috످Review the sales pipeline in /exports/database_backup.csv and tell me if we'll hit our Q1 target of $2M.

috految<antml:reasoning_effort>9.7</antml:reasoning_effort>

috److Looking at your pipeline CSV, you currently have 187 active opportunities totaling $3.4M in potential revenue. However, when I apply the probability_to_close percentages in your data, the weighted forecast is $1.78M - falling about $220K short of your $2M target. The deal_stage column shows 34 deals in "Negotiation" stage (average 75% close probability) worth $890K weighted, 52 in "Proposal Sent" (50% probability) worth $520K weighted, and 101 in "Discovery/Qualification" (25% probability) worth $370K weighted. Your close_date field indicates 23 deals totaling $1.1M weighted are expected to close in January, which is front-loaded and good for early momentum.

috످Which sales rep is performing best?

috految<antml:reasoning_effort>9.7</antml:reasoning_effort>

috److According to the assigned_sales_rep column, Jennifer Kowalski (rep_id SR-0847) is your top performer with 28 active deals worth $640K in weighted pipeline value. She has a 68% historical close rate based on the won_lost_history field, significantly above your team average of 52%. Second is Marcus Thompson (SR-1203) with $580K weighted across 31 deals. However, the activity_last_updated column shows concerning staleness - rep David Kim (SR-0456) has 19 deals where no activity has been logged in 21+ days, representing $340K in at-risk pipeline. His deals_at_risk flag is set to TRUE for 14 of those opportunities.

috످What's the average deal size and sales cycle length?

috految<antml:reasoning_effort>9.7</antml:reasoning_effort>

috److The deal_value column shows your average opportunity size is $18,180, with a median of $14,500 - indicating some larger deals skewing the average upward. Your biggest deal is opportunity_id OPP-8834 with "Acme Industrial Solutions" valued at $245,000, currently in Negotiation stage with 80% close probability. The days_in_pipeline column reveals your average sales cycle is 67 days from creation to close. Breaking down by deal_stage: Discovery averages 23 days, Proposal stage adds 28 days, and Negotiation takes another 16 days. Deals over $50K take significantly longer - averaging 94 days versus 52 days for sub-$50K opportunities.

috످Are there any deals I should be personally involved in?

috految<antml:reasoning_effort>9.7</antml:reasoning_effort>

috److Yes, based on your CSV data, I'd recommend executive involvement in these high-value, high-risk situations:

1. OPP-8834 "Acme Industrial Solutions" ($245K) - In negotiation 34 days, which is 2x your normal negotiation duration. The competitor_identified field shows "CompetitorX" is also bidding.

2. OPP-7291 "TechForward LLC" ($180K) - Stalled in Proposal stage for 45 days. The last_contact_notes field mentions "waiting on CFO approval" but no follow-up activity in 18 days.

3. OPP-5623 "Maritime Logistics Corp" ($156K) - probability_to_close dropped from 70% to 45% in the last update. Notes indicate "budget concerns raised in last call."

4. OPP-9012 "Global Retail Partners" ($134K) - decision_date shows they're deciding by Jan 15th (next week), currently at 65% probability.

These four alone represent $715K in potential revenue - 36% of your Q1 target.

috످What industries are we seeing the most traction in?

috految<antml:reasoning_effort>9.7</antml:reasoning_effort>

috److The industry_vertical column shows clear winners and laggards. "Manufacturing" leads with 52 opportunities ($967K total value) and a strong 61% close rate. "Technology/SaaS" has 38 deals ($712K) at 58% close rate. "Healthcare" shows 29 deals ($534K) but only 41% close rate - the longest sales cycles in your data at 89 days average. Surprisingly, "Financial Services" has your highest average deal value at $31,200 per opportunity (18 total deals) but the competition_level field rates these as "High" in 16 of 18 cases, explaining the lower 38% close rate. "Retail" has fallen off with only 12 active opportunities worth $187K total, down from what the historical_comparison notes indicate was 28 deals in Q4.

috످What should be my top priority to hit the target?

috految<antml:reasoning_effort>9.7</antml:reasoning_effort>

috److Your top priority is getting a real Q1 forecast, because I made up everything I told you about your pipeline. I can't access files in this chat and never read `/exports/database_backup.csv`. I don't know whether you'll hit $2M. I'm sorry for misleading you.

Please disregard my previous answers, including the $1.78M forecast, the $220K shortfall, the four deals I flagged, and all rep, industry, and sales cycle figures. If you've shared or acted on any of it, please send a correction. Don't base any personnel decisions on what I said about Jennifer Kowalski, Marcus Thompson, or David Kim. I invented their names and performance records.

To see where you stand, first export current deals from your CRM, since the backup may be outdated.

Next, calculate your forecast. Multiply each open Q1 deal's value by its win probability, add them up, then add Q1 deals you've already won.

Finally, compare it to $2M. If you're short, focus on the largest late-stage deals that can close this quarter. If you're on track, protect the deals most likely to slip.

If you paste the export here (deal value, stage, win probability, close date, rep, industry, and last activity) with sensitive details removed, I can calculate your forecast and identify which deals need your attention.

috످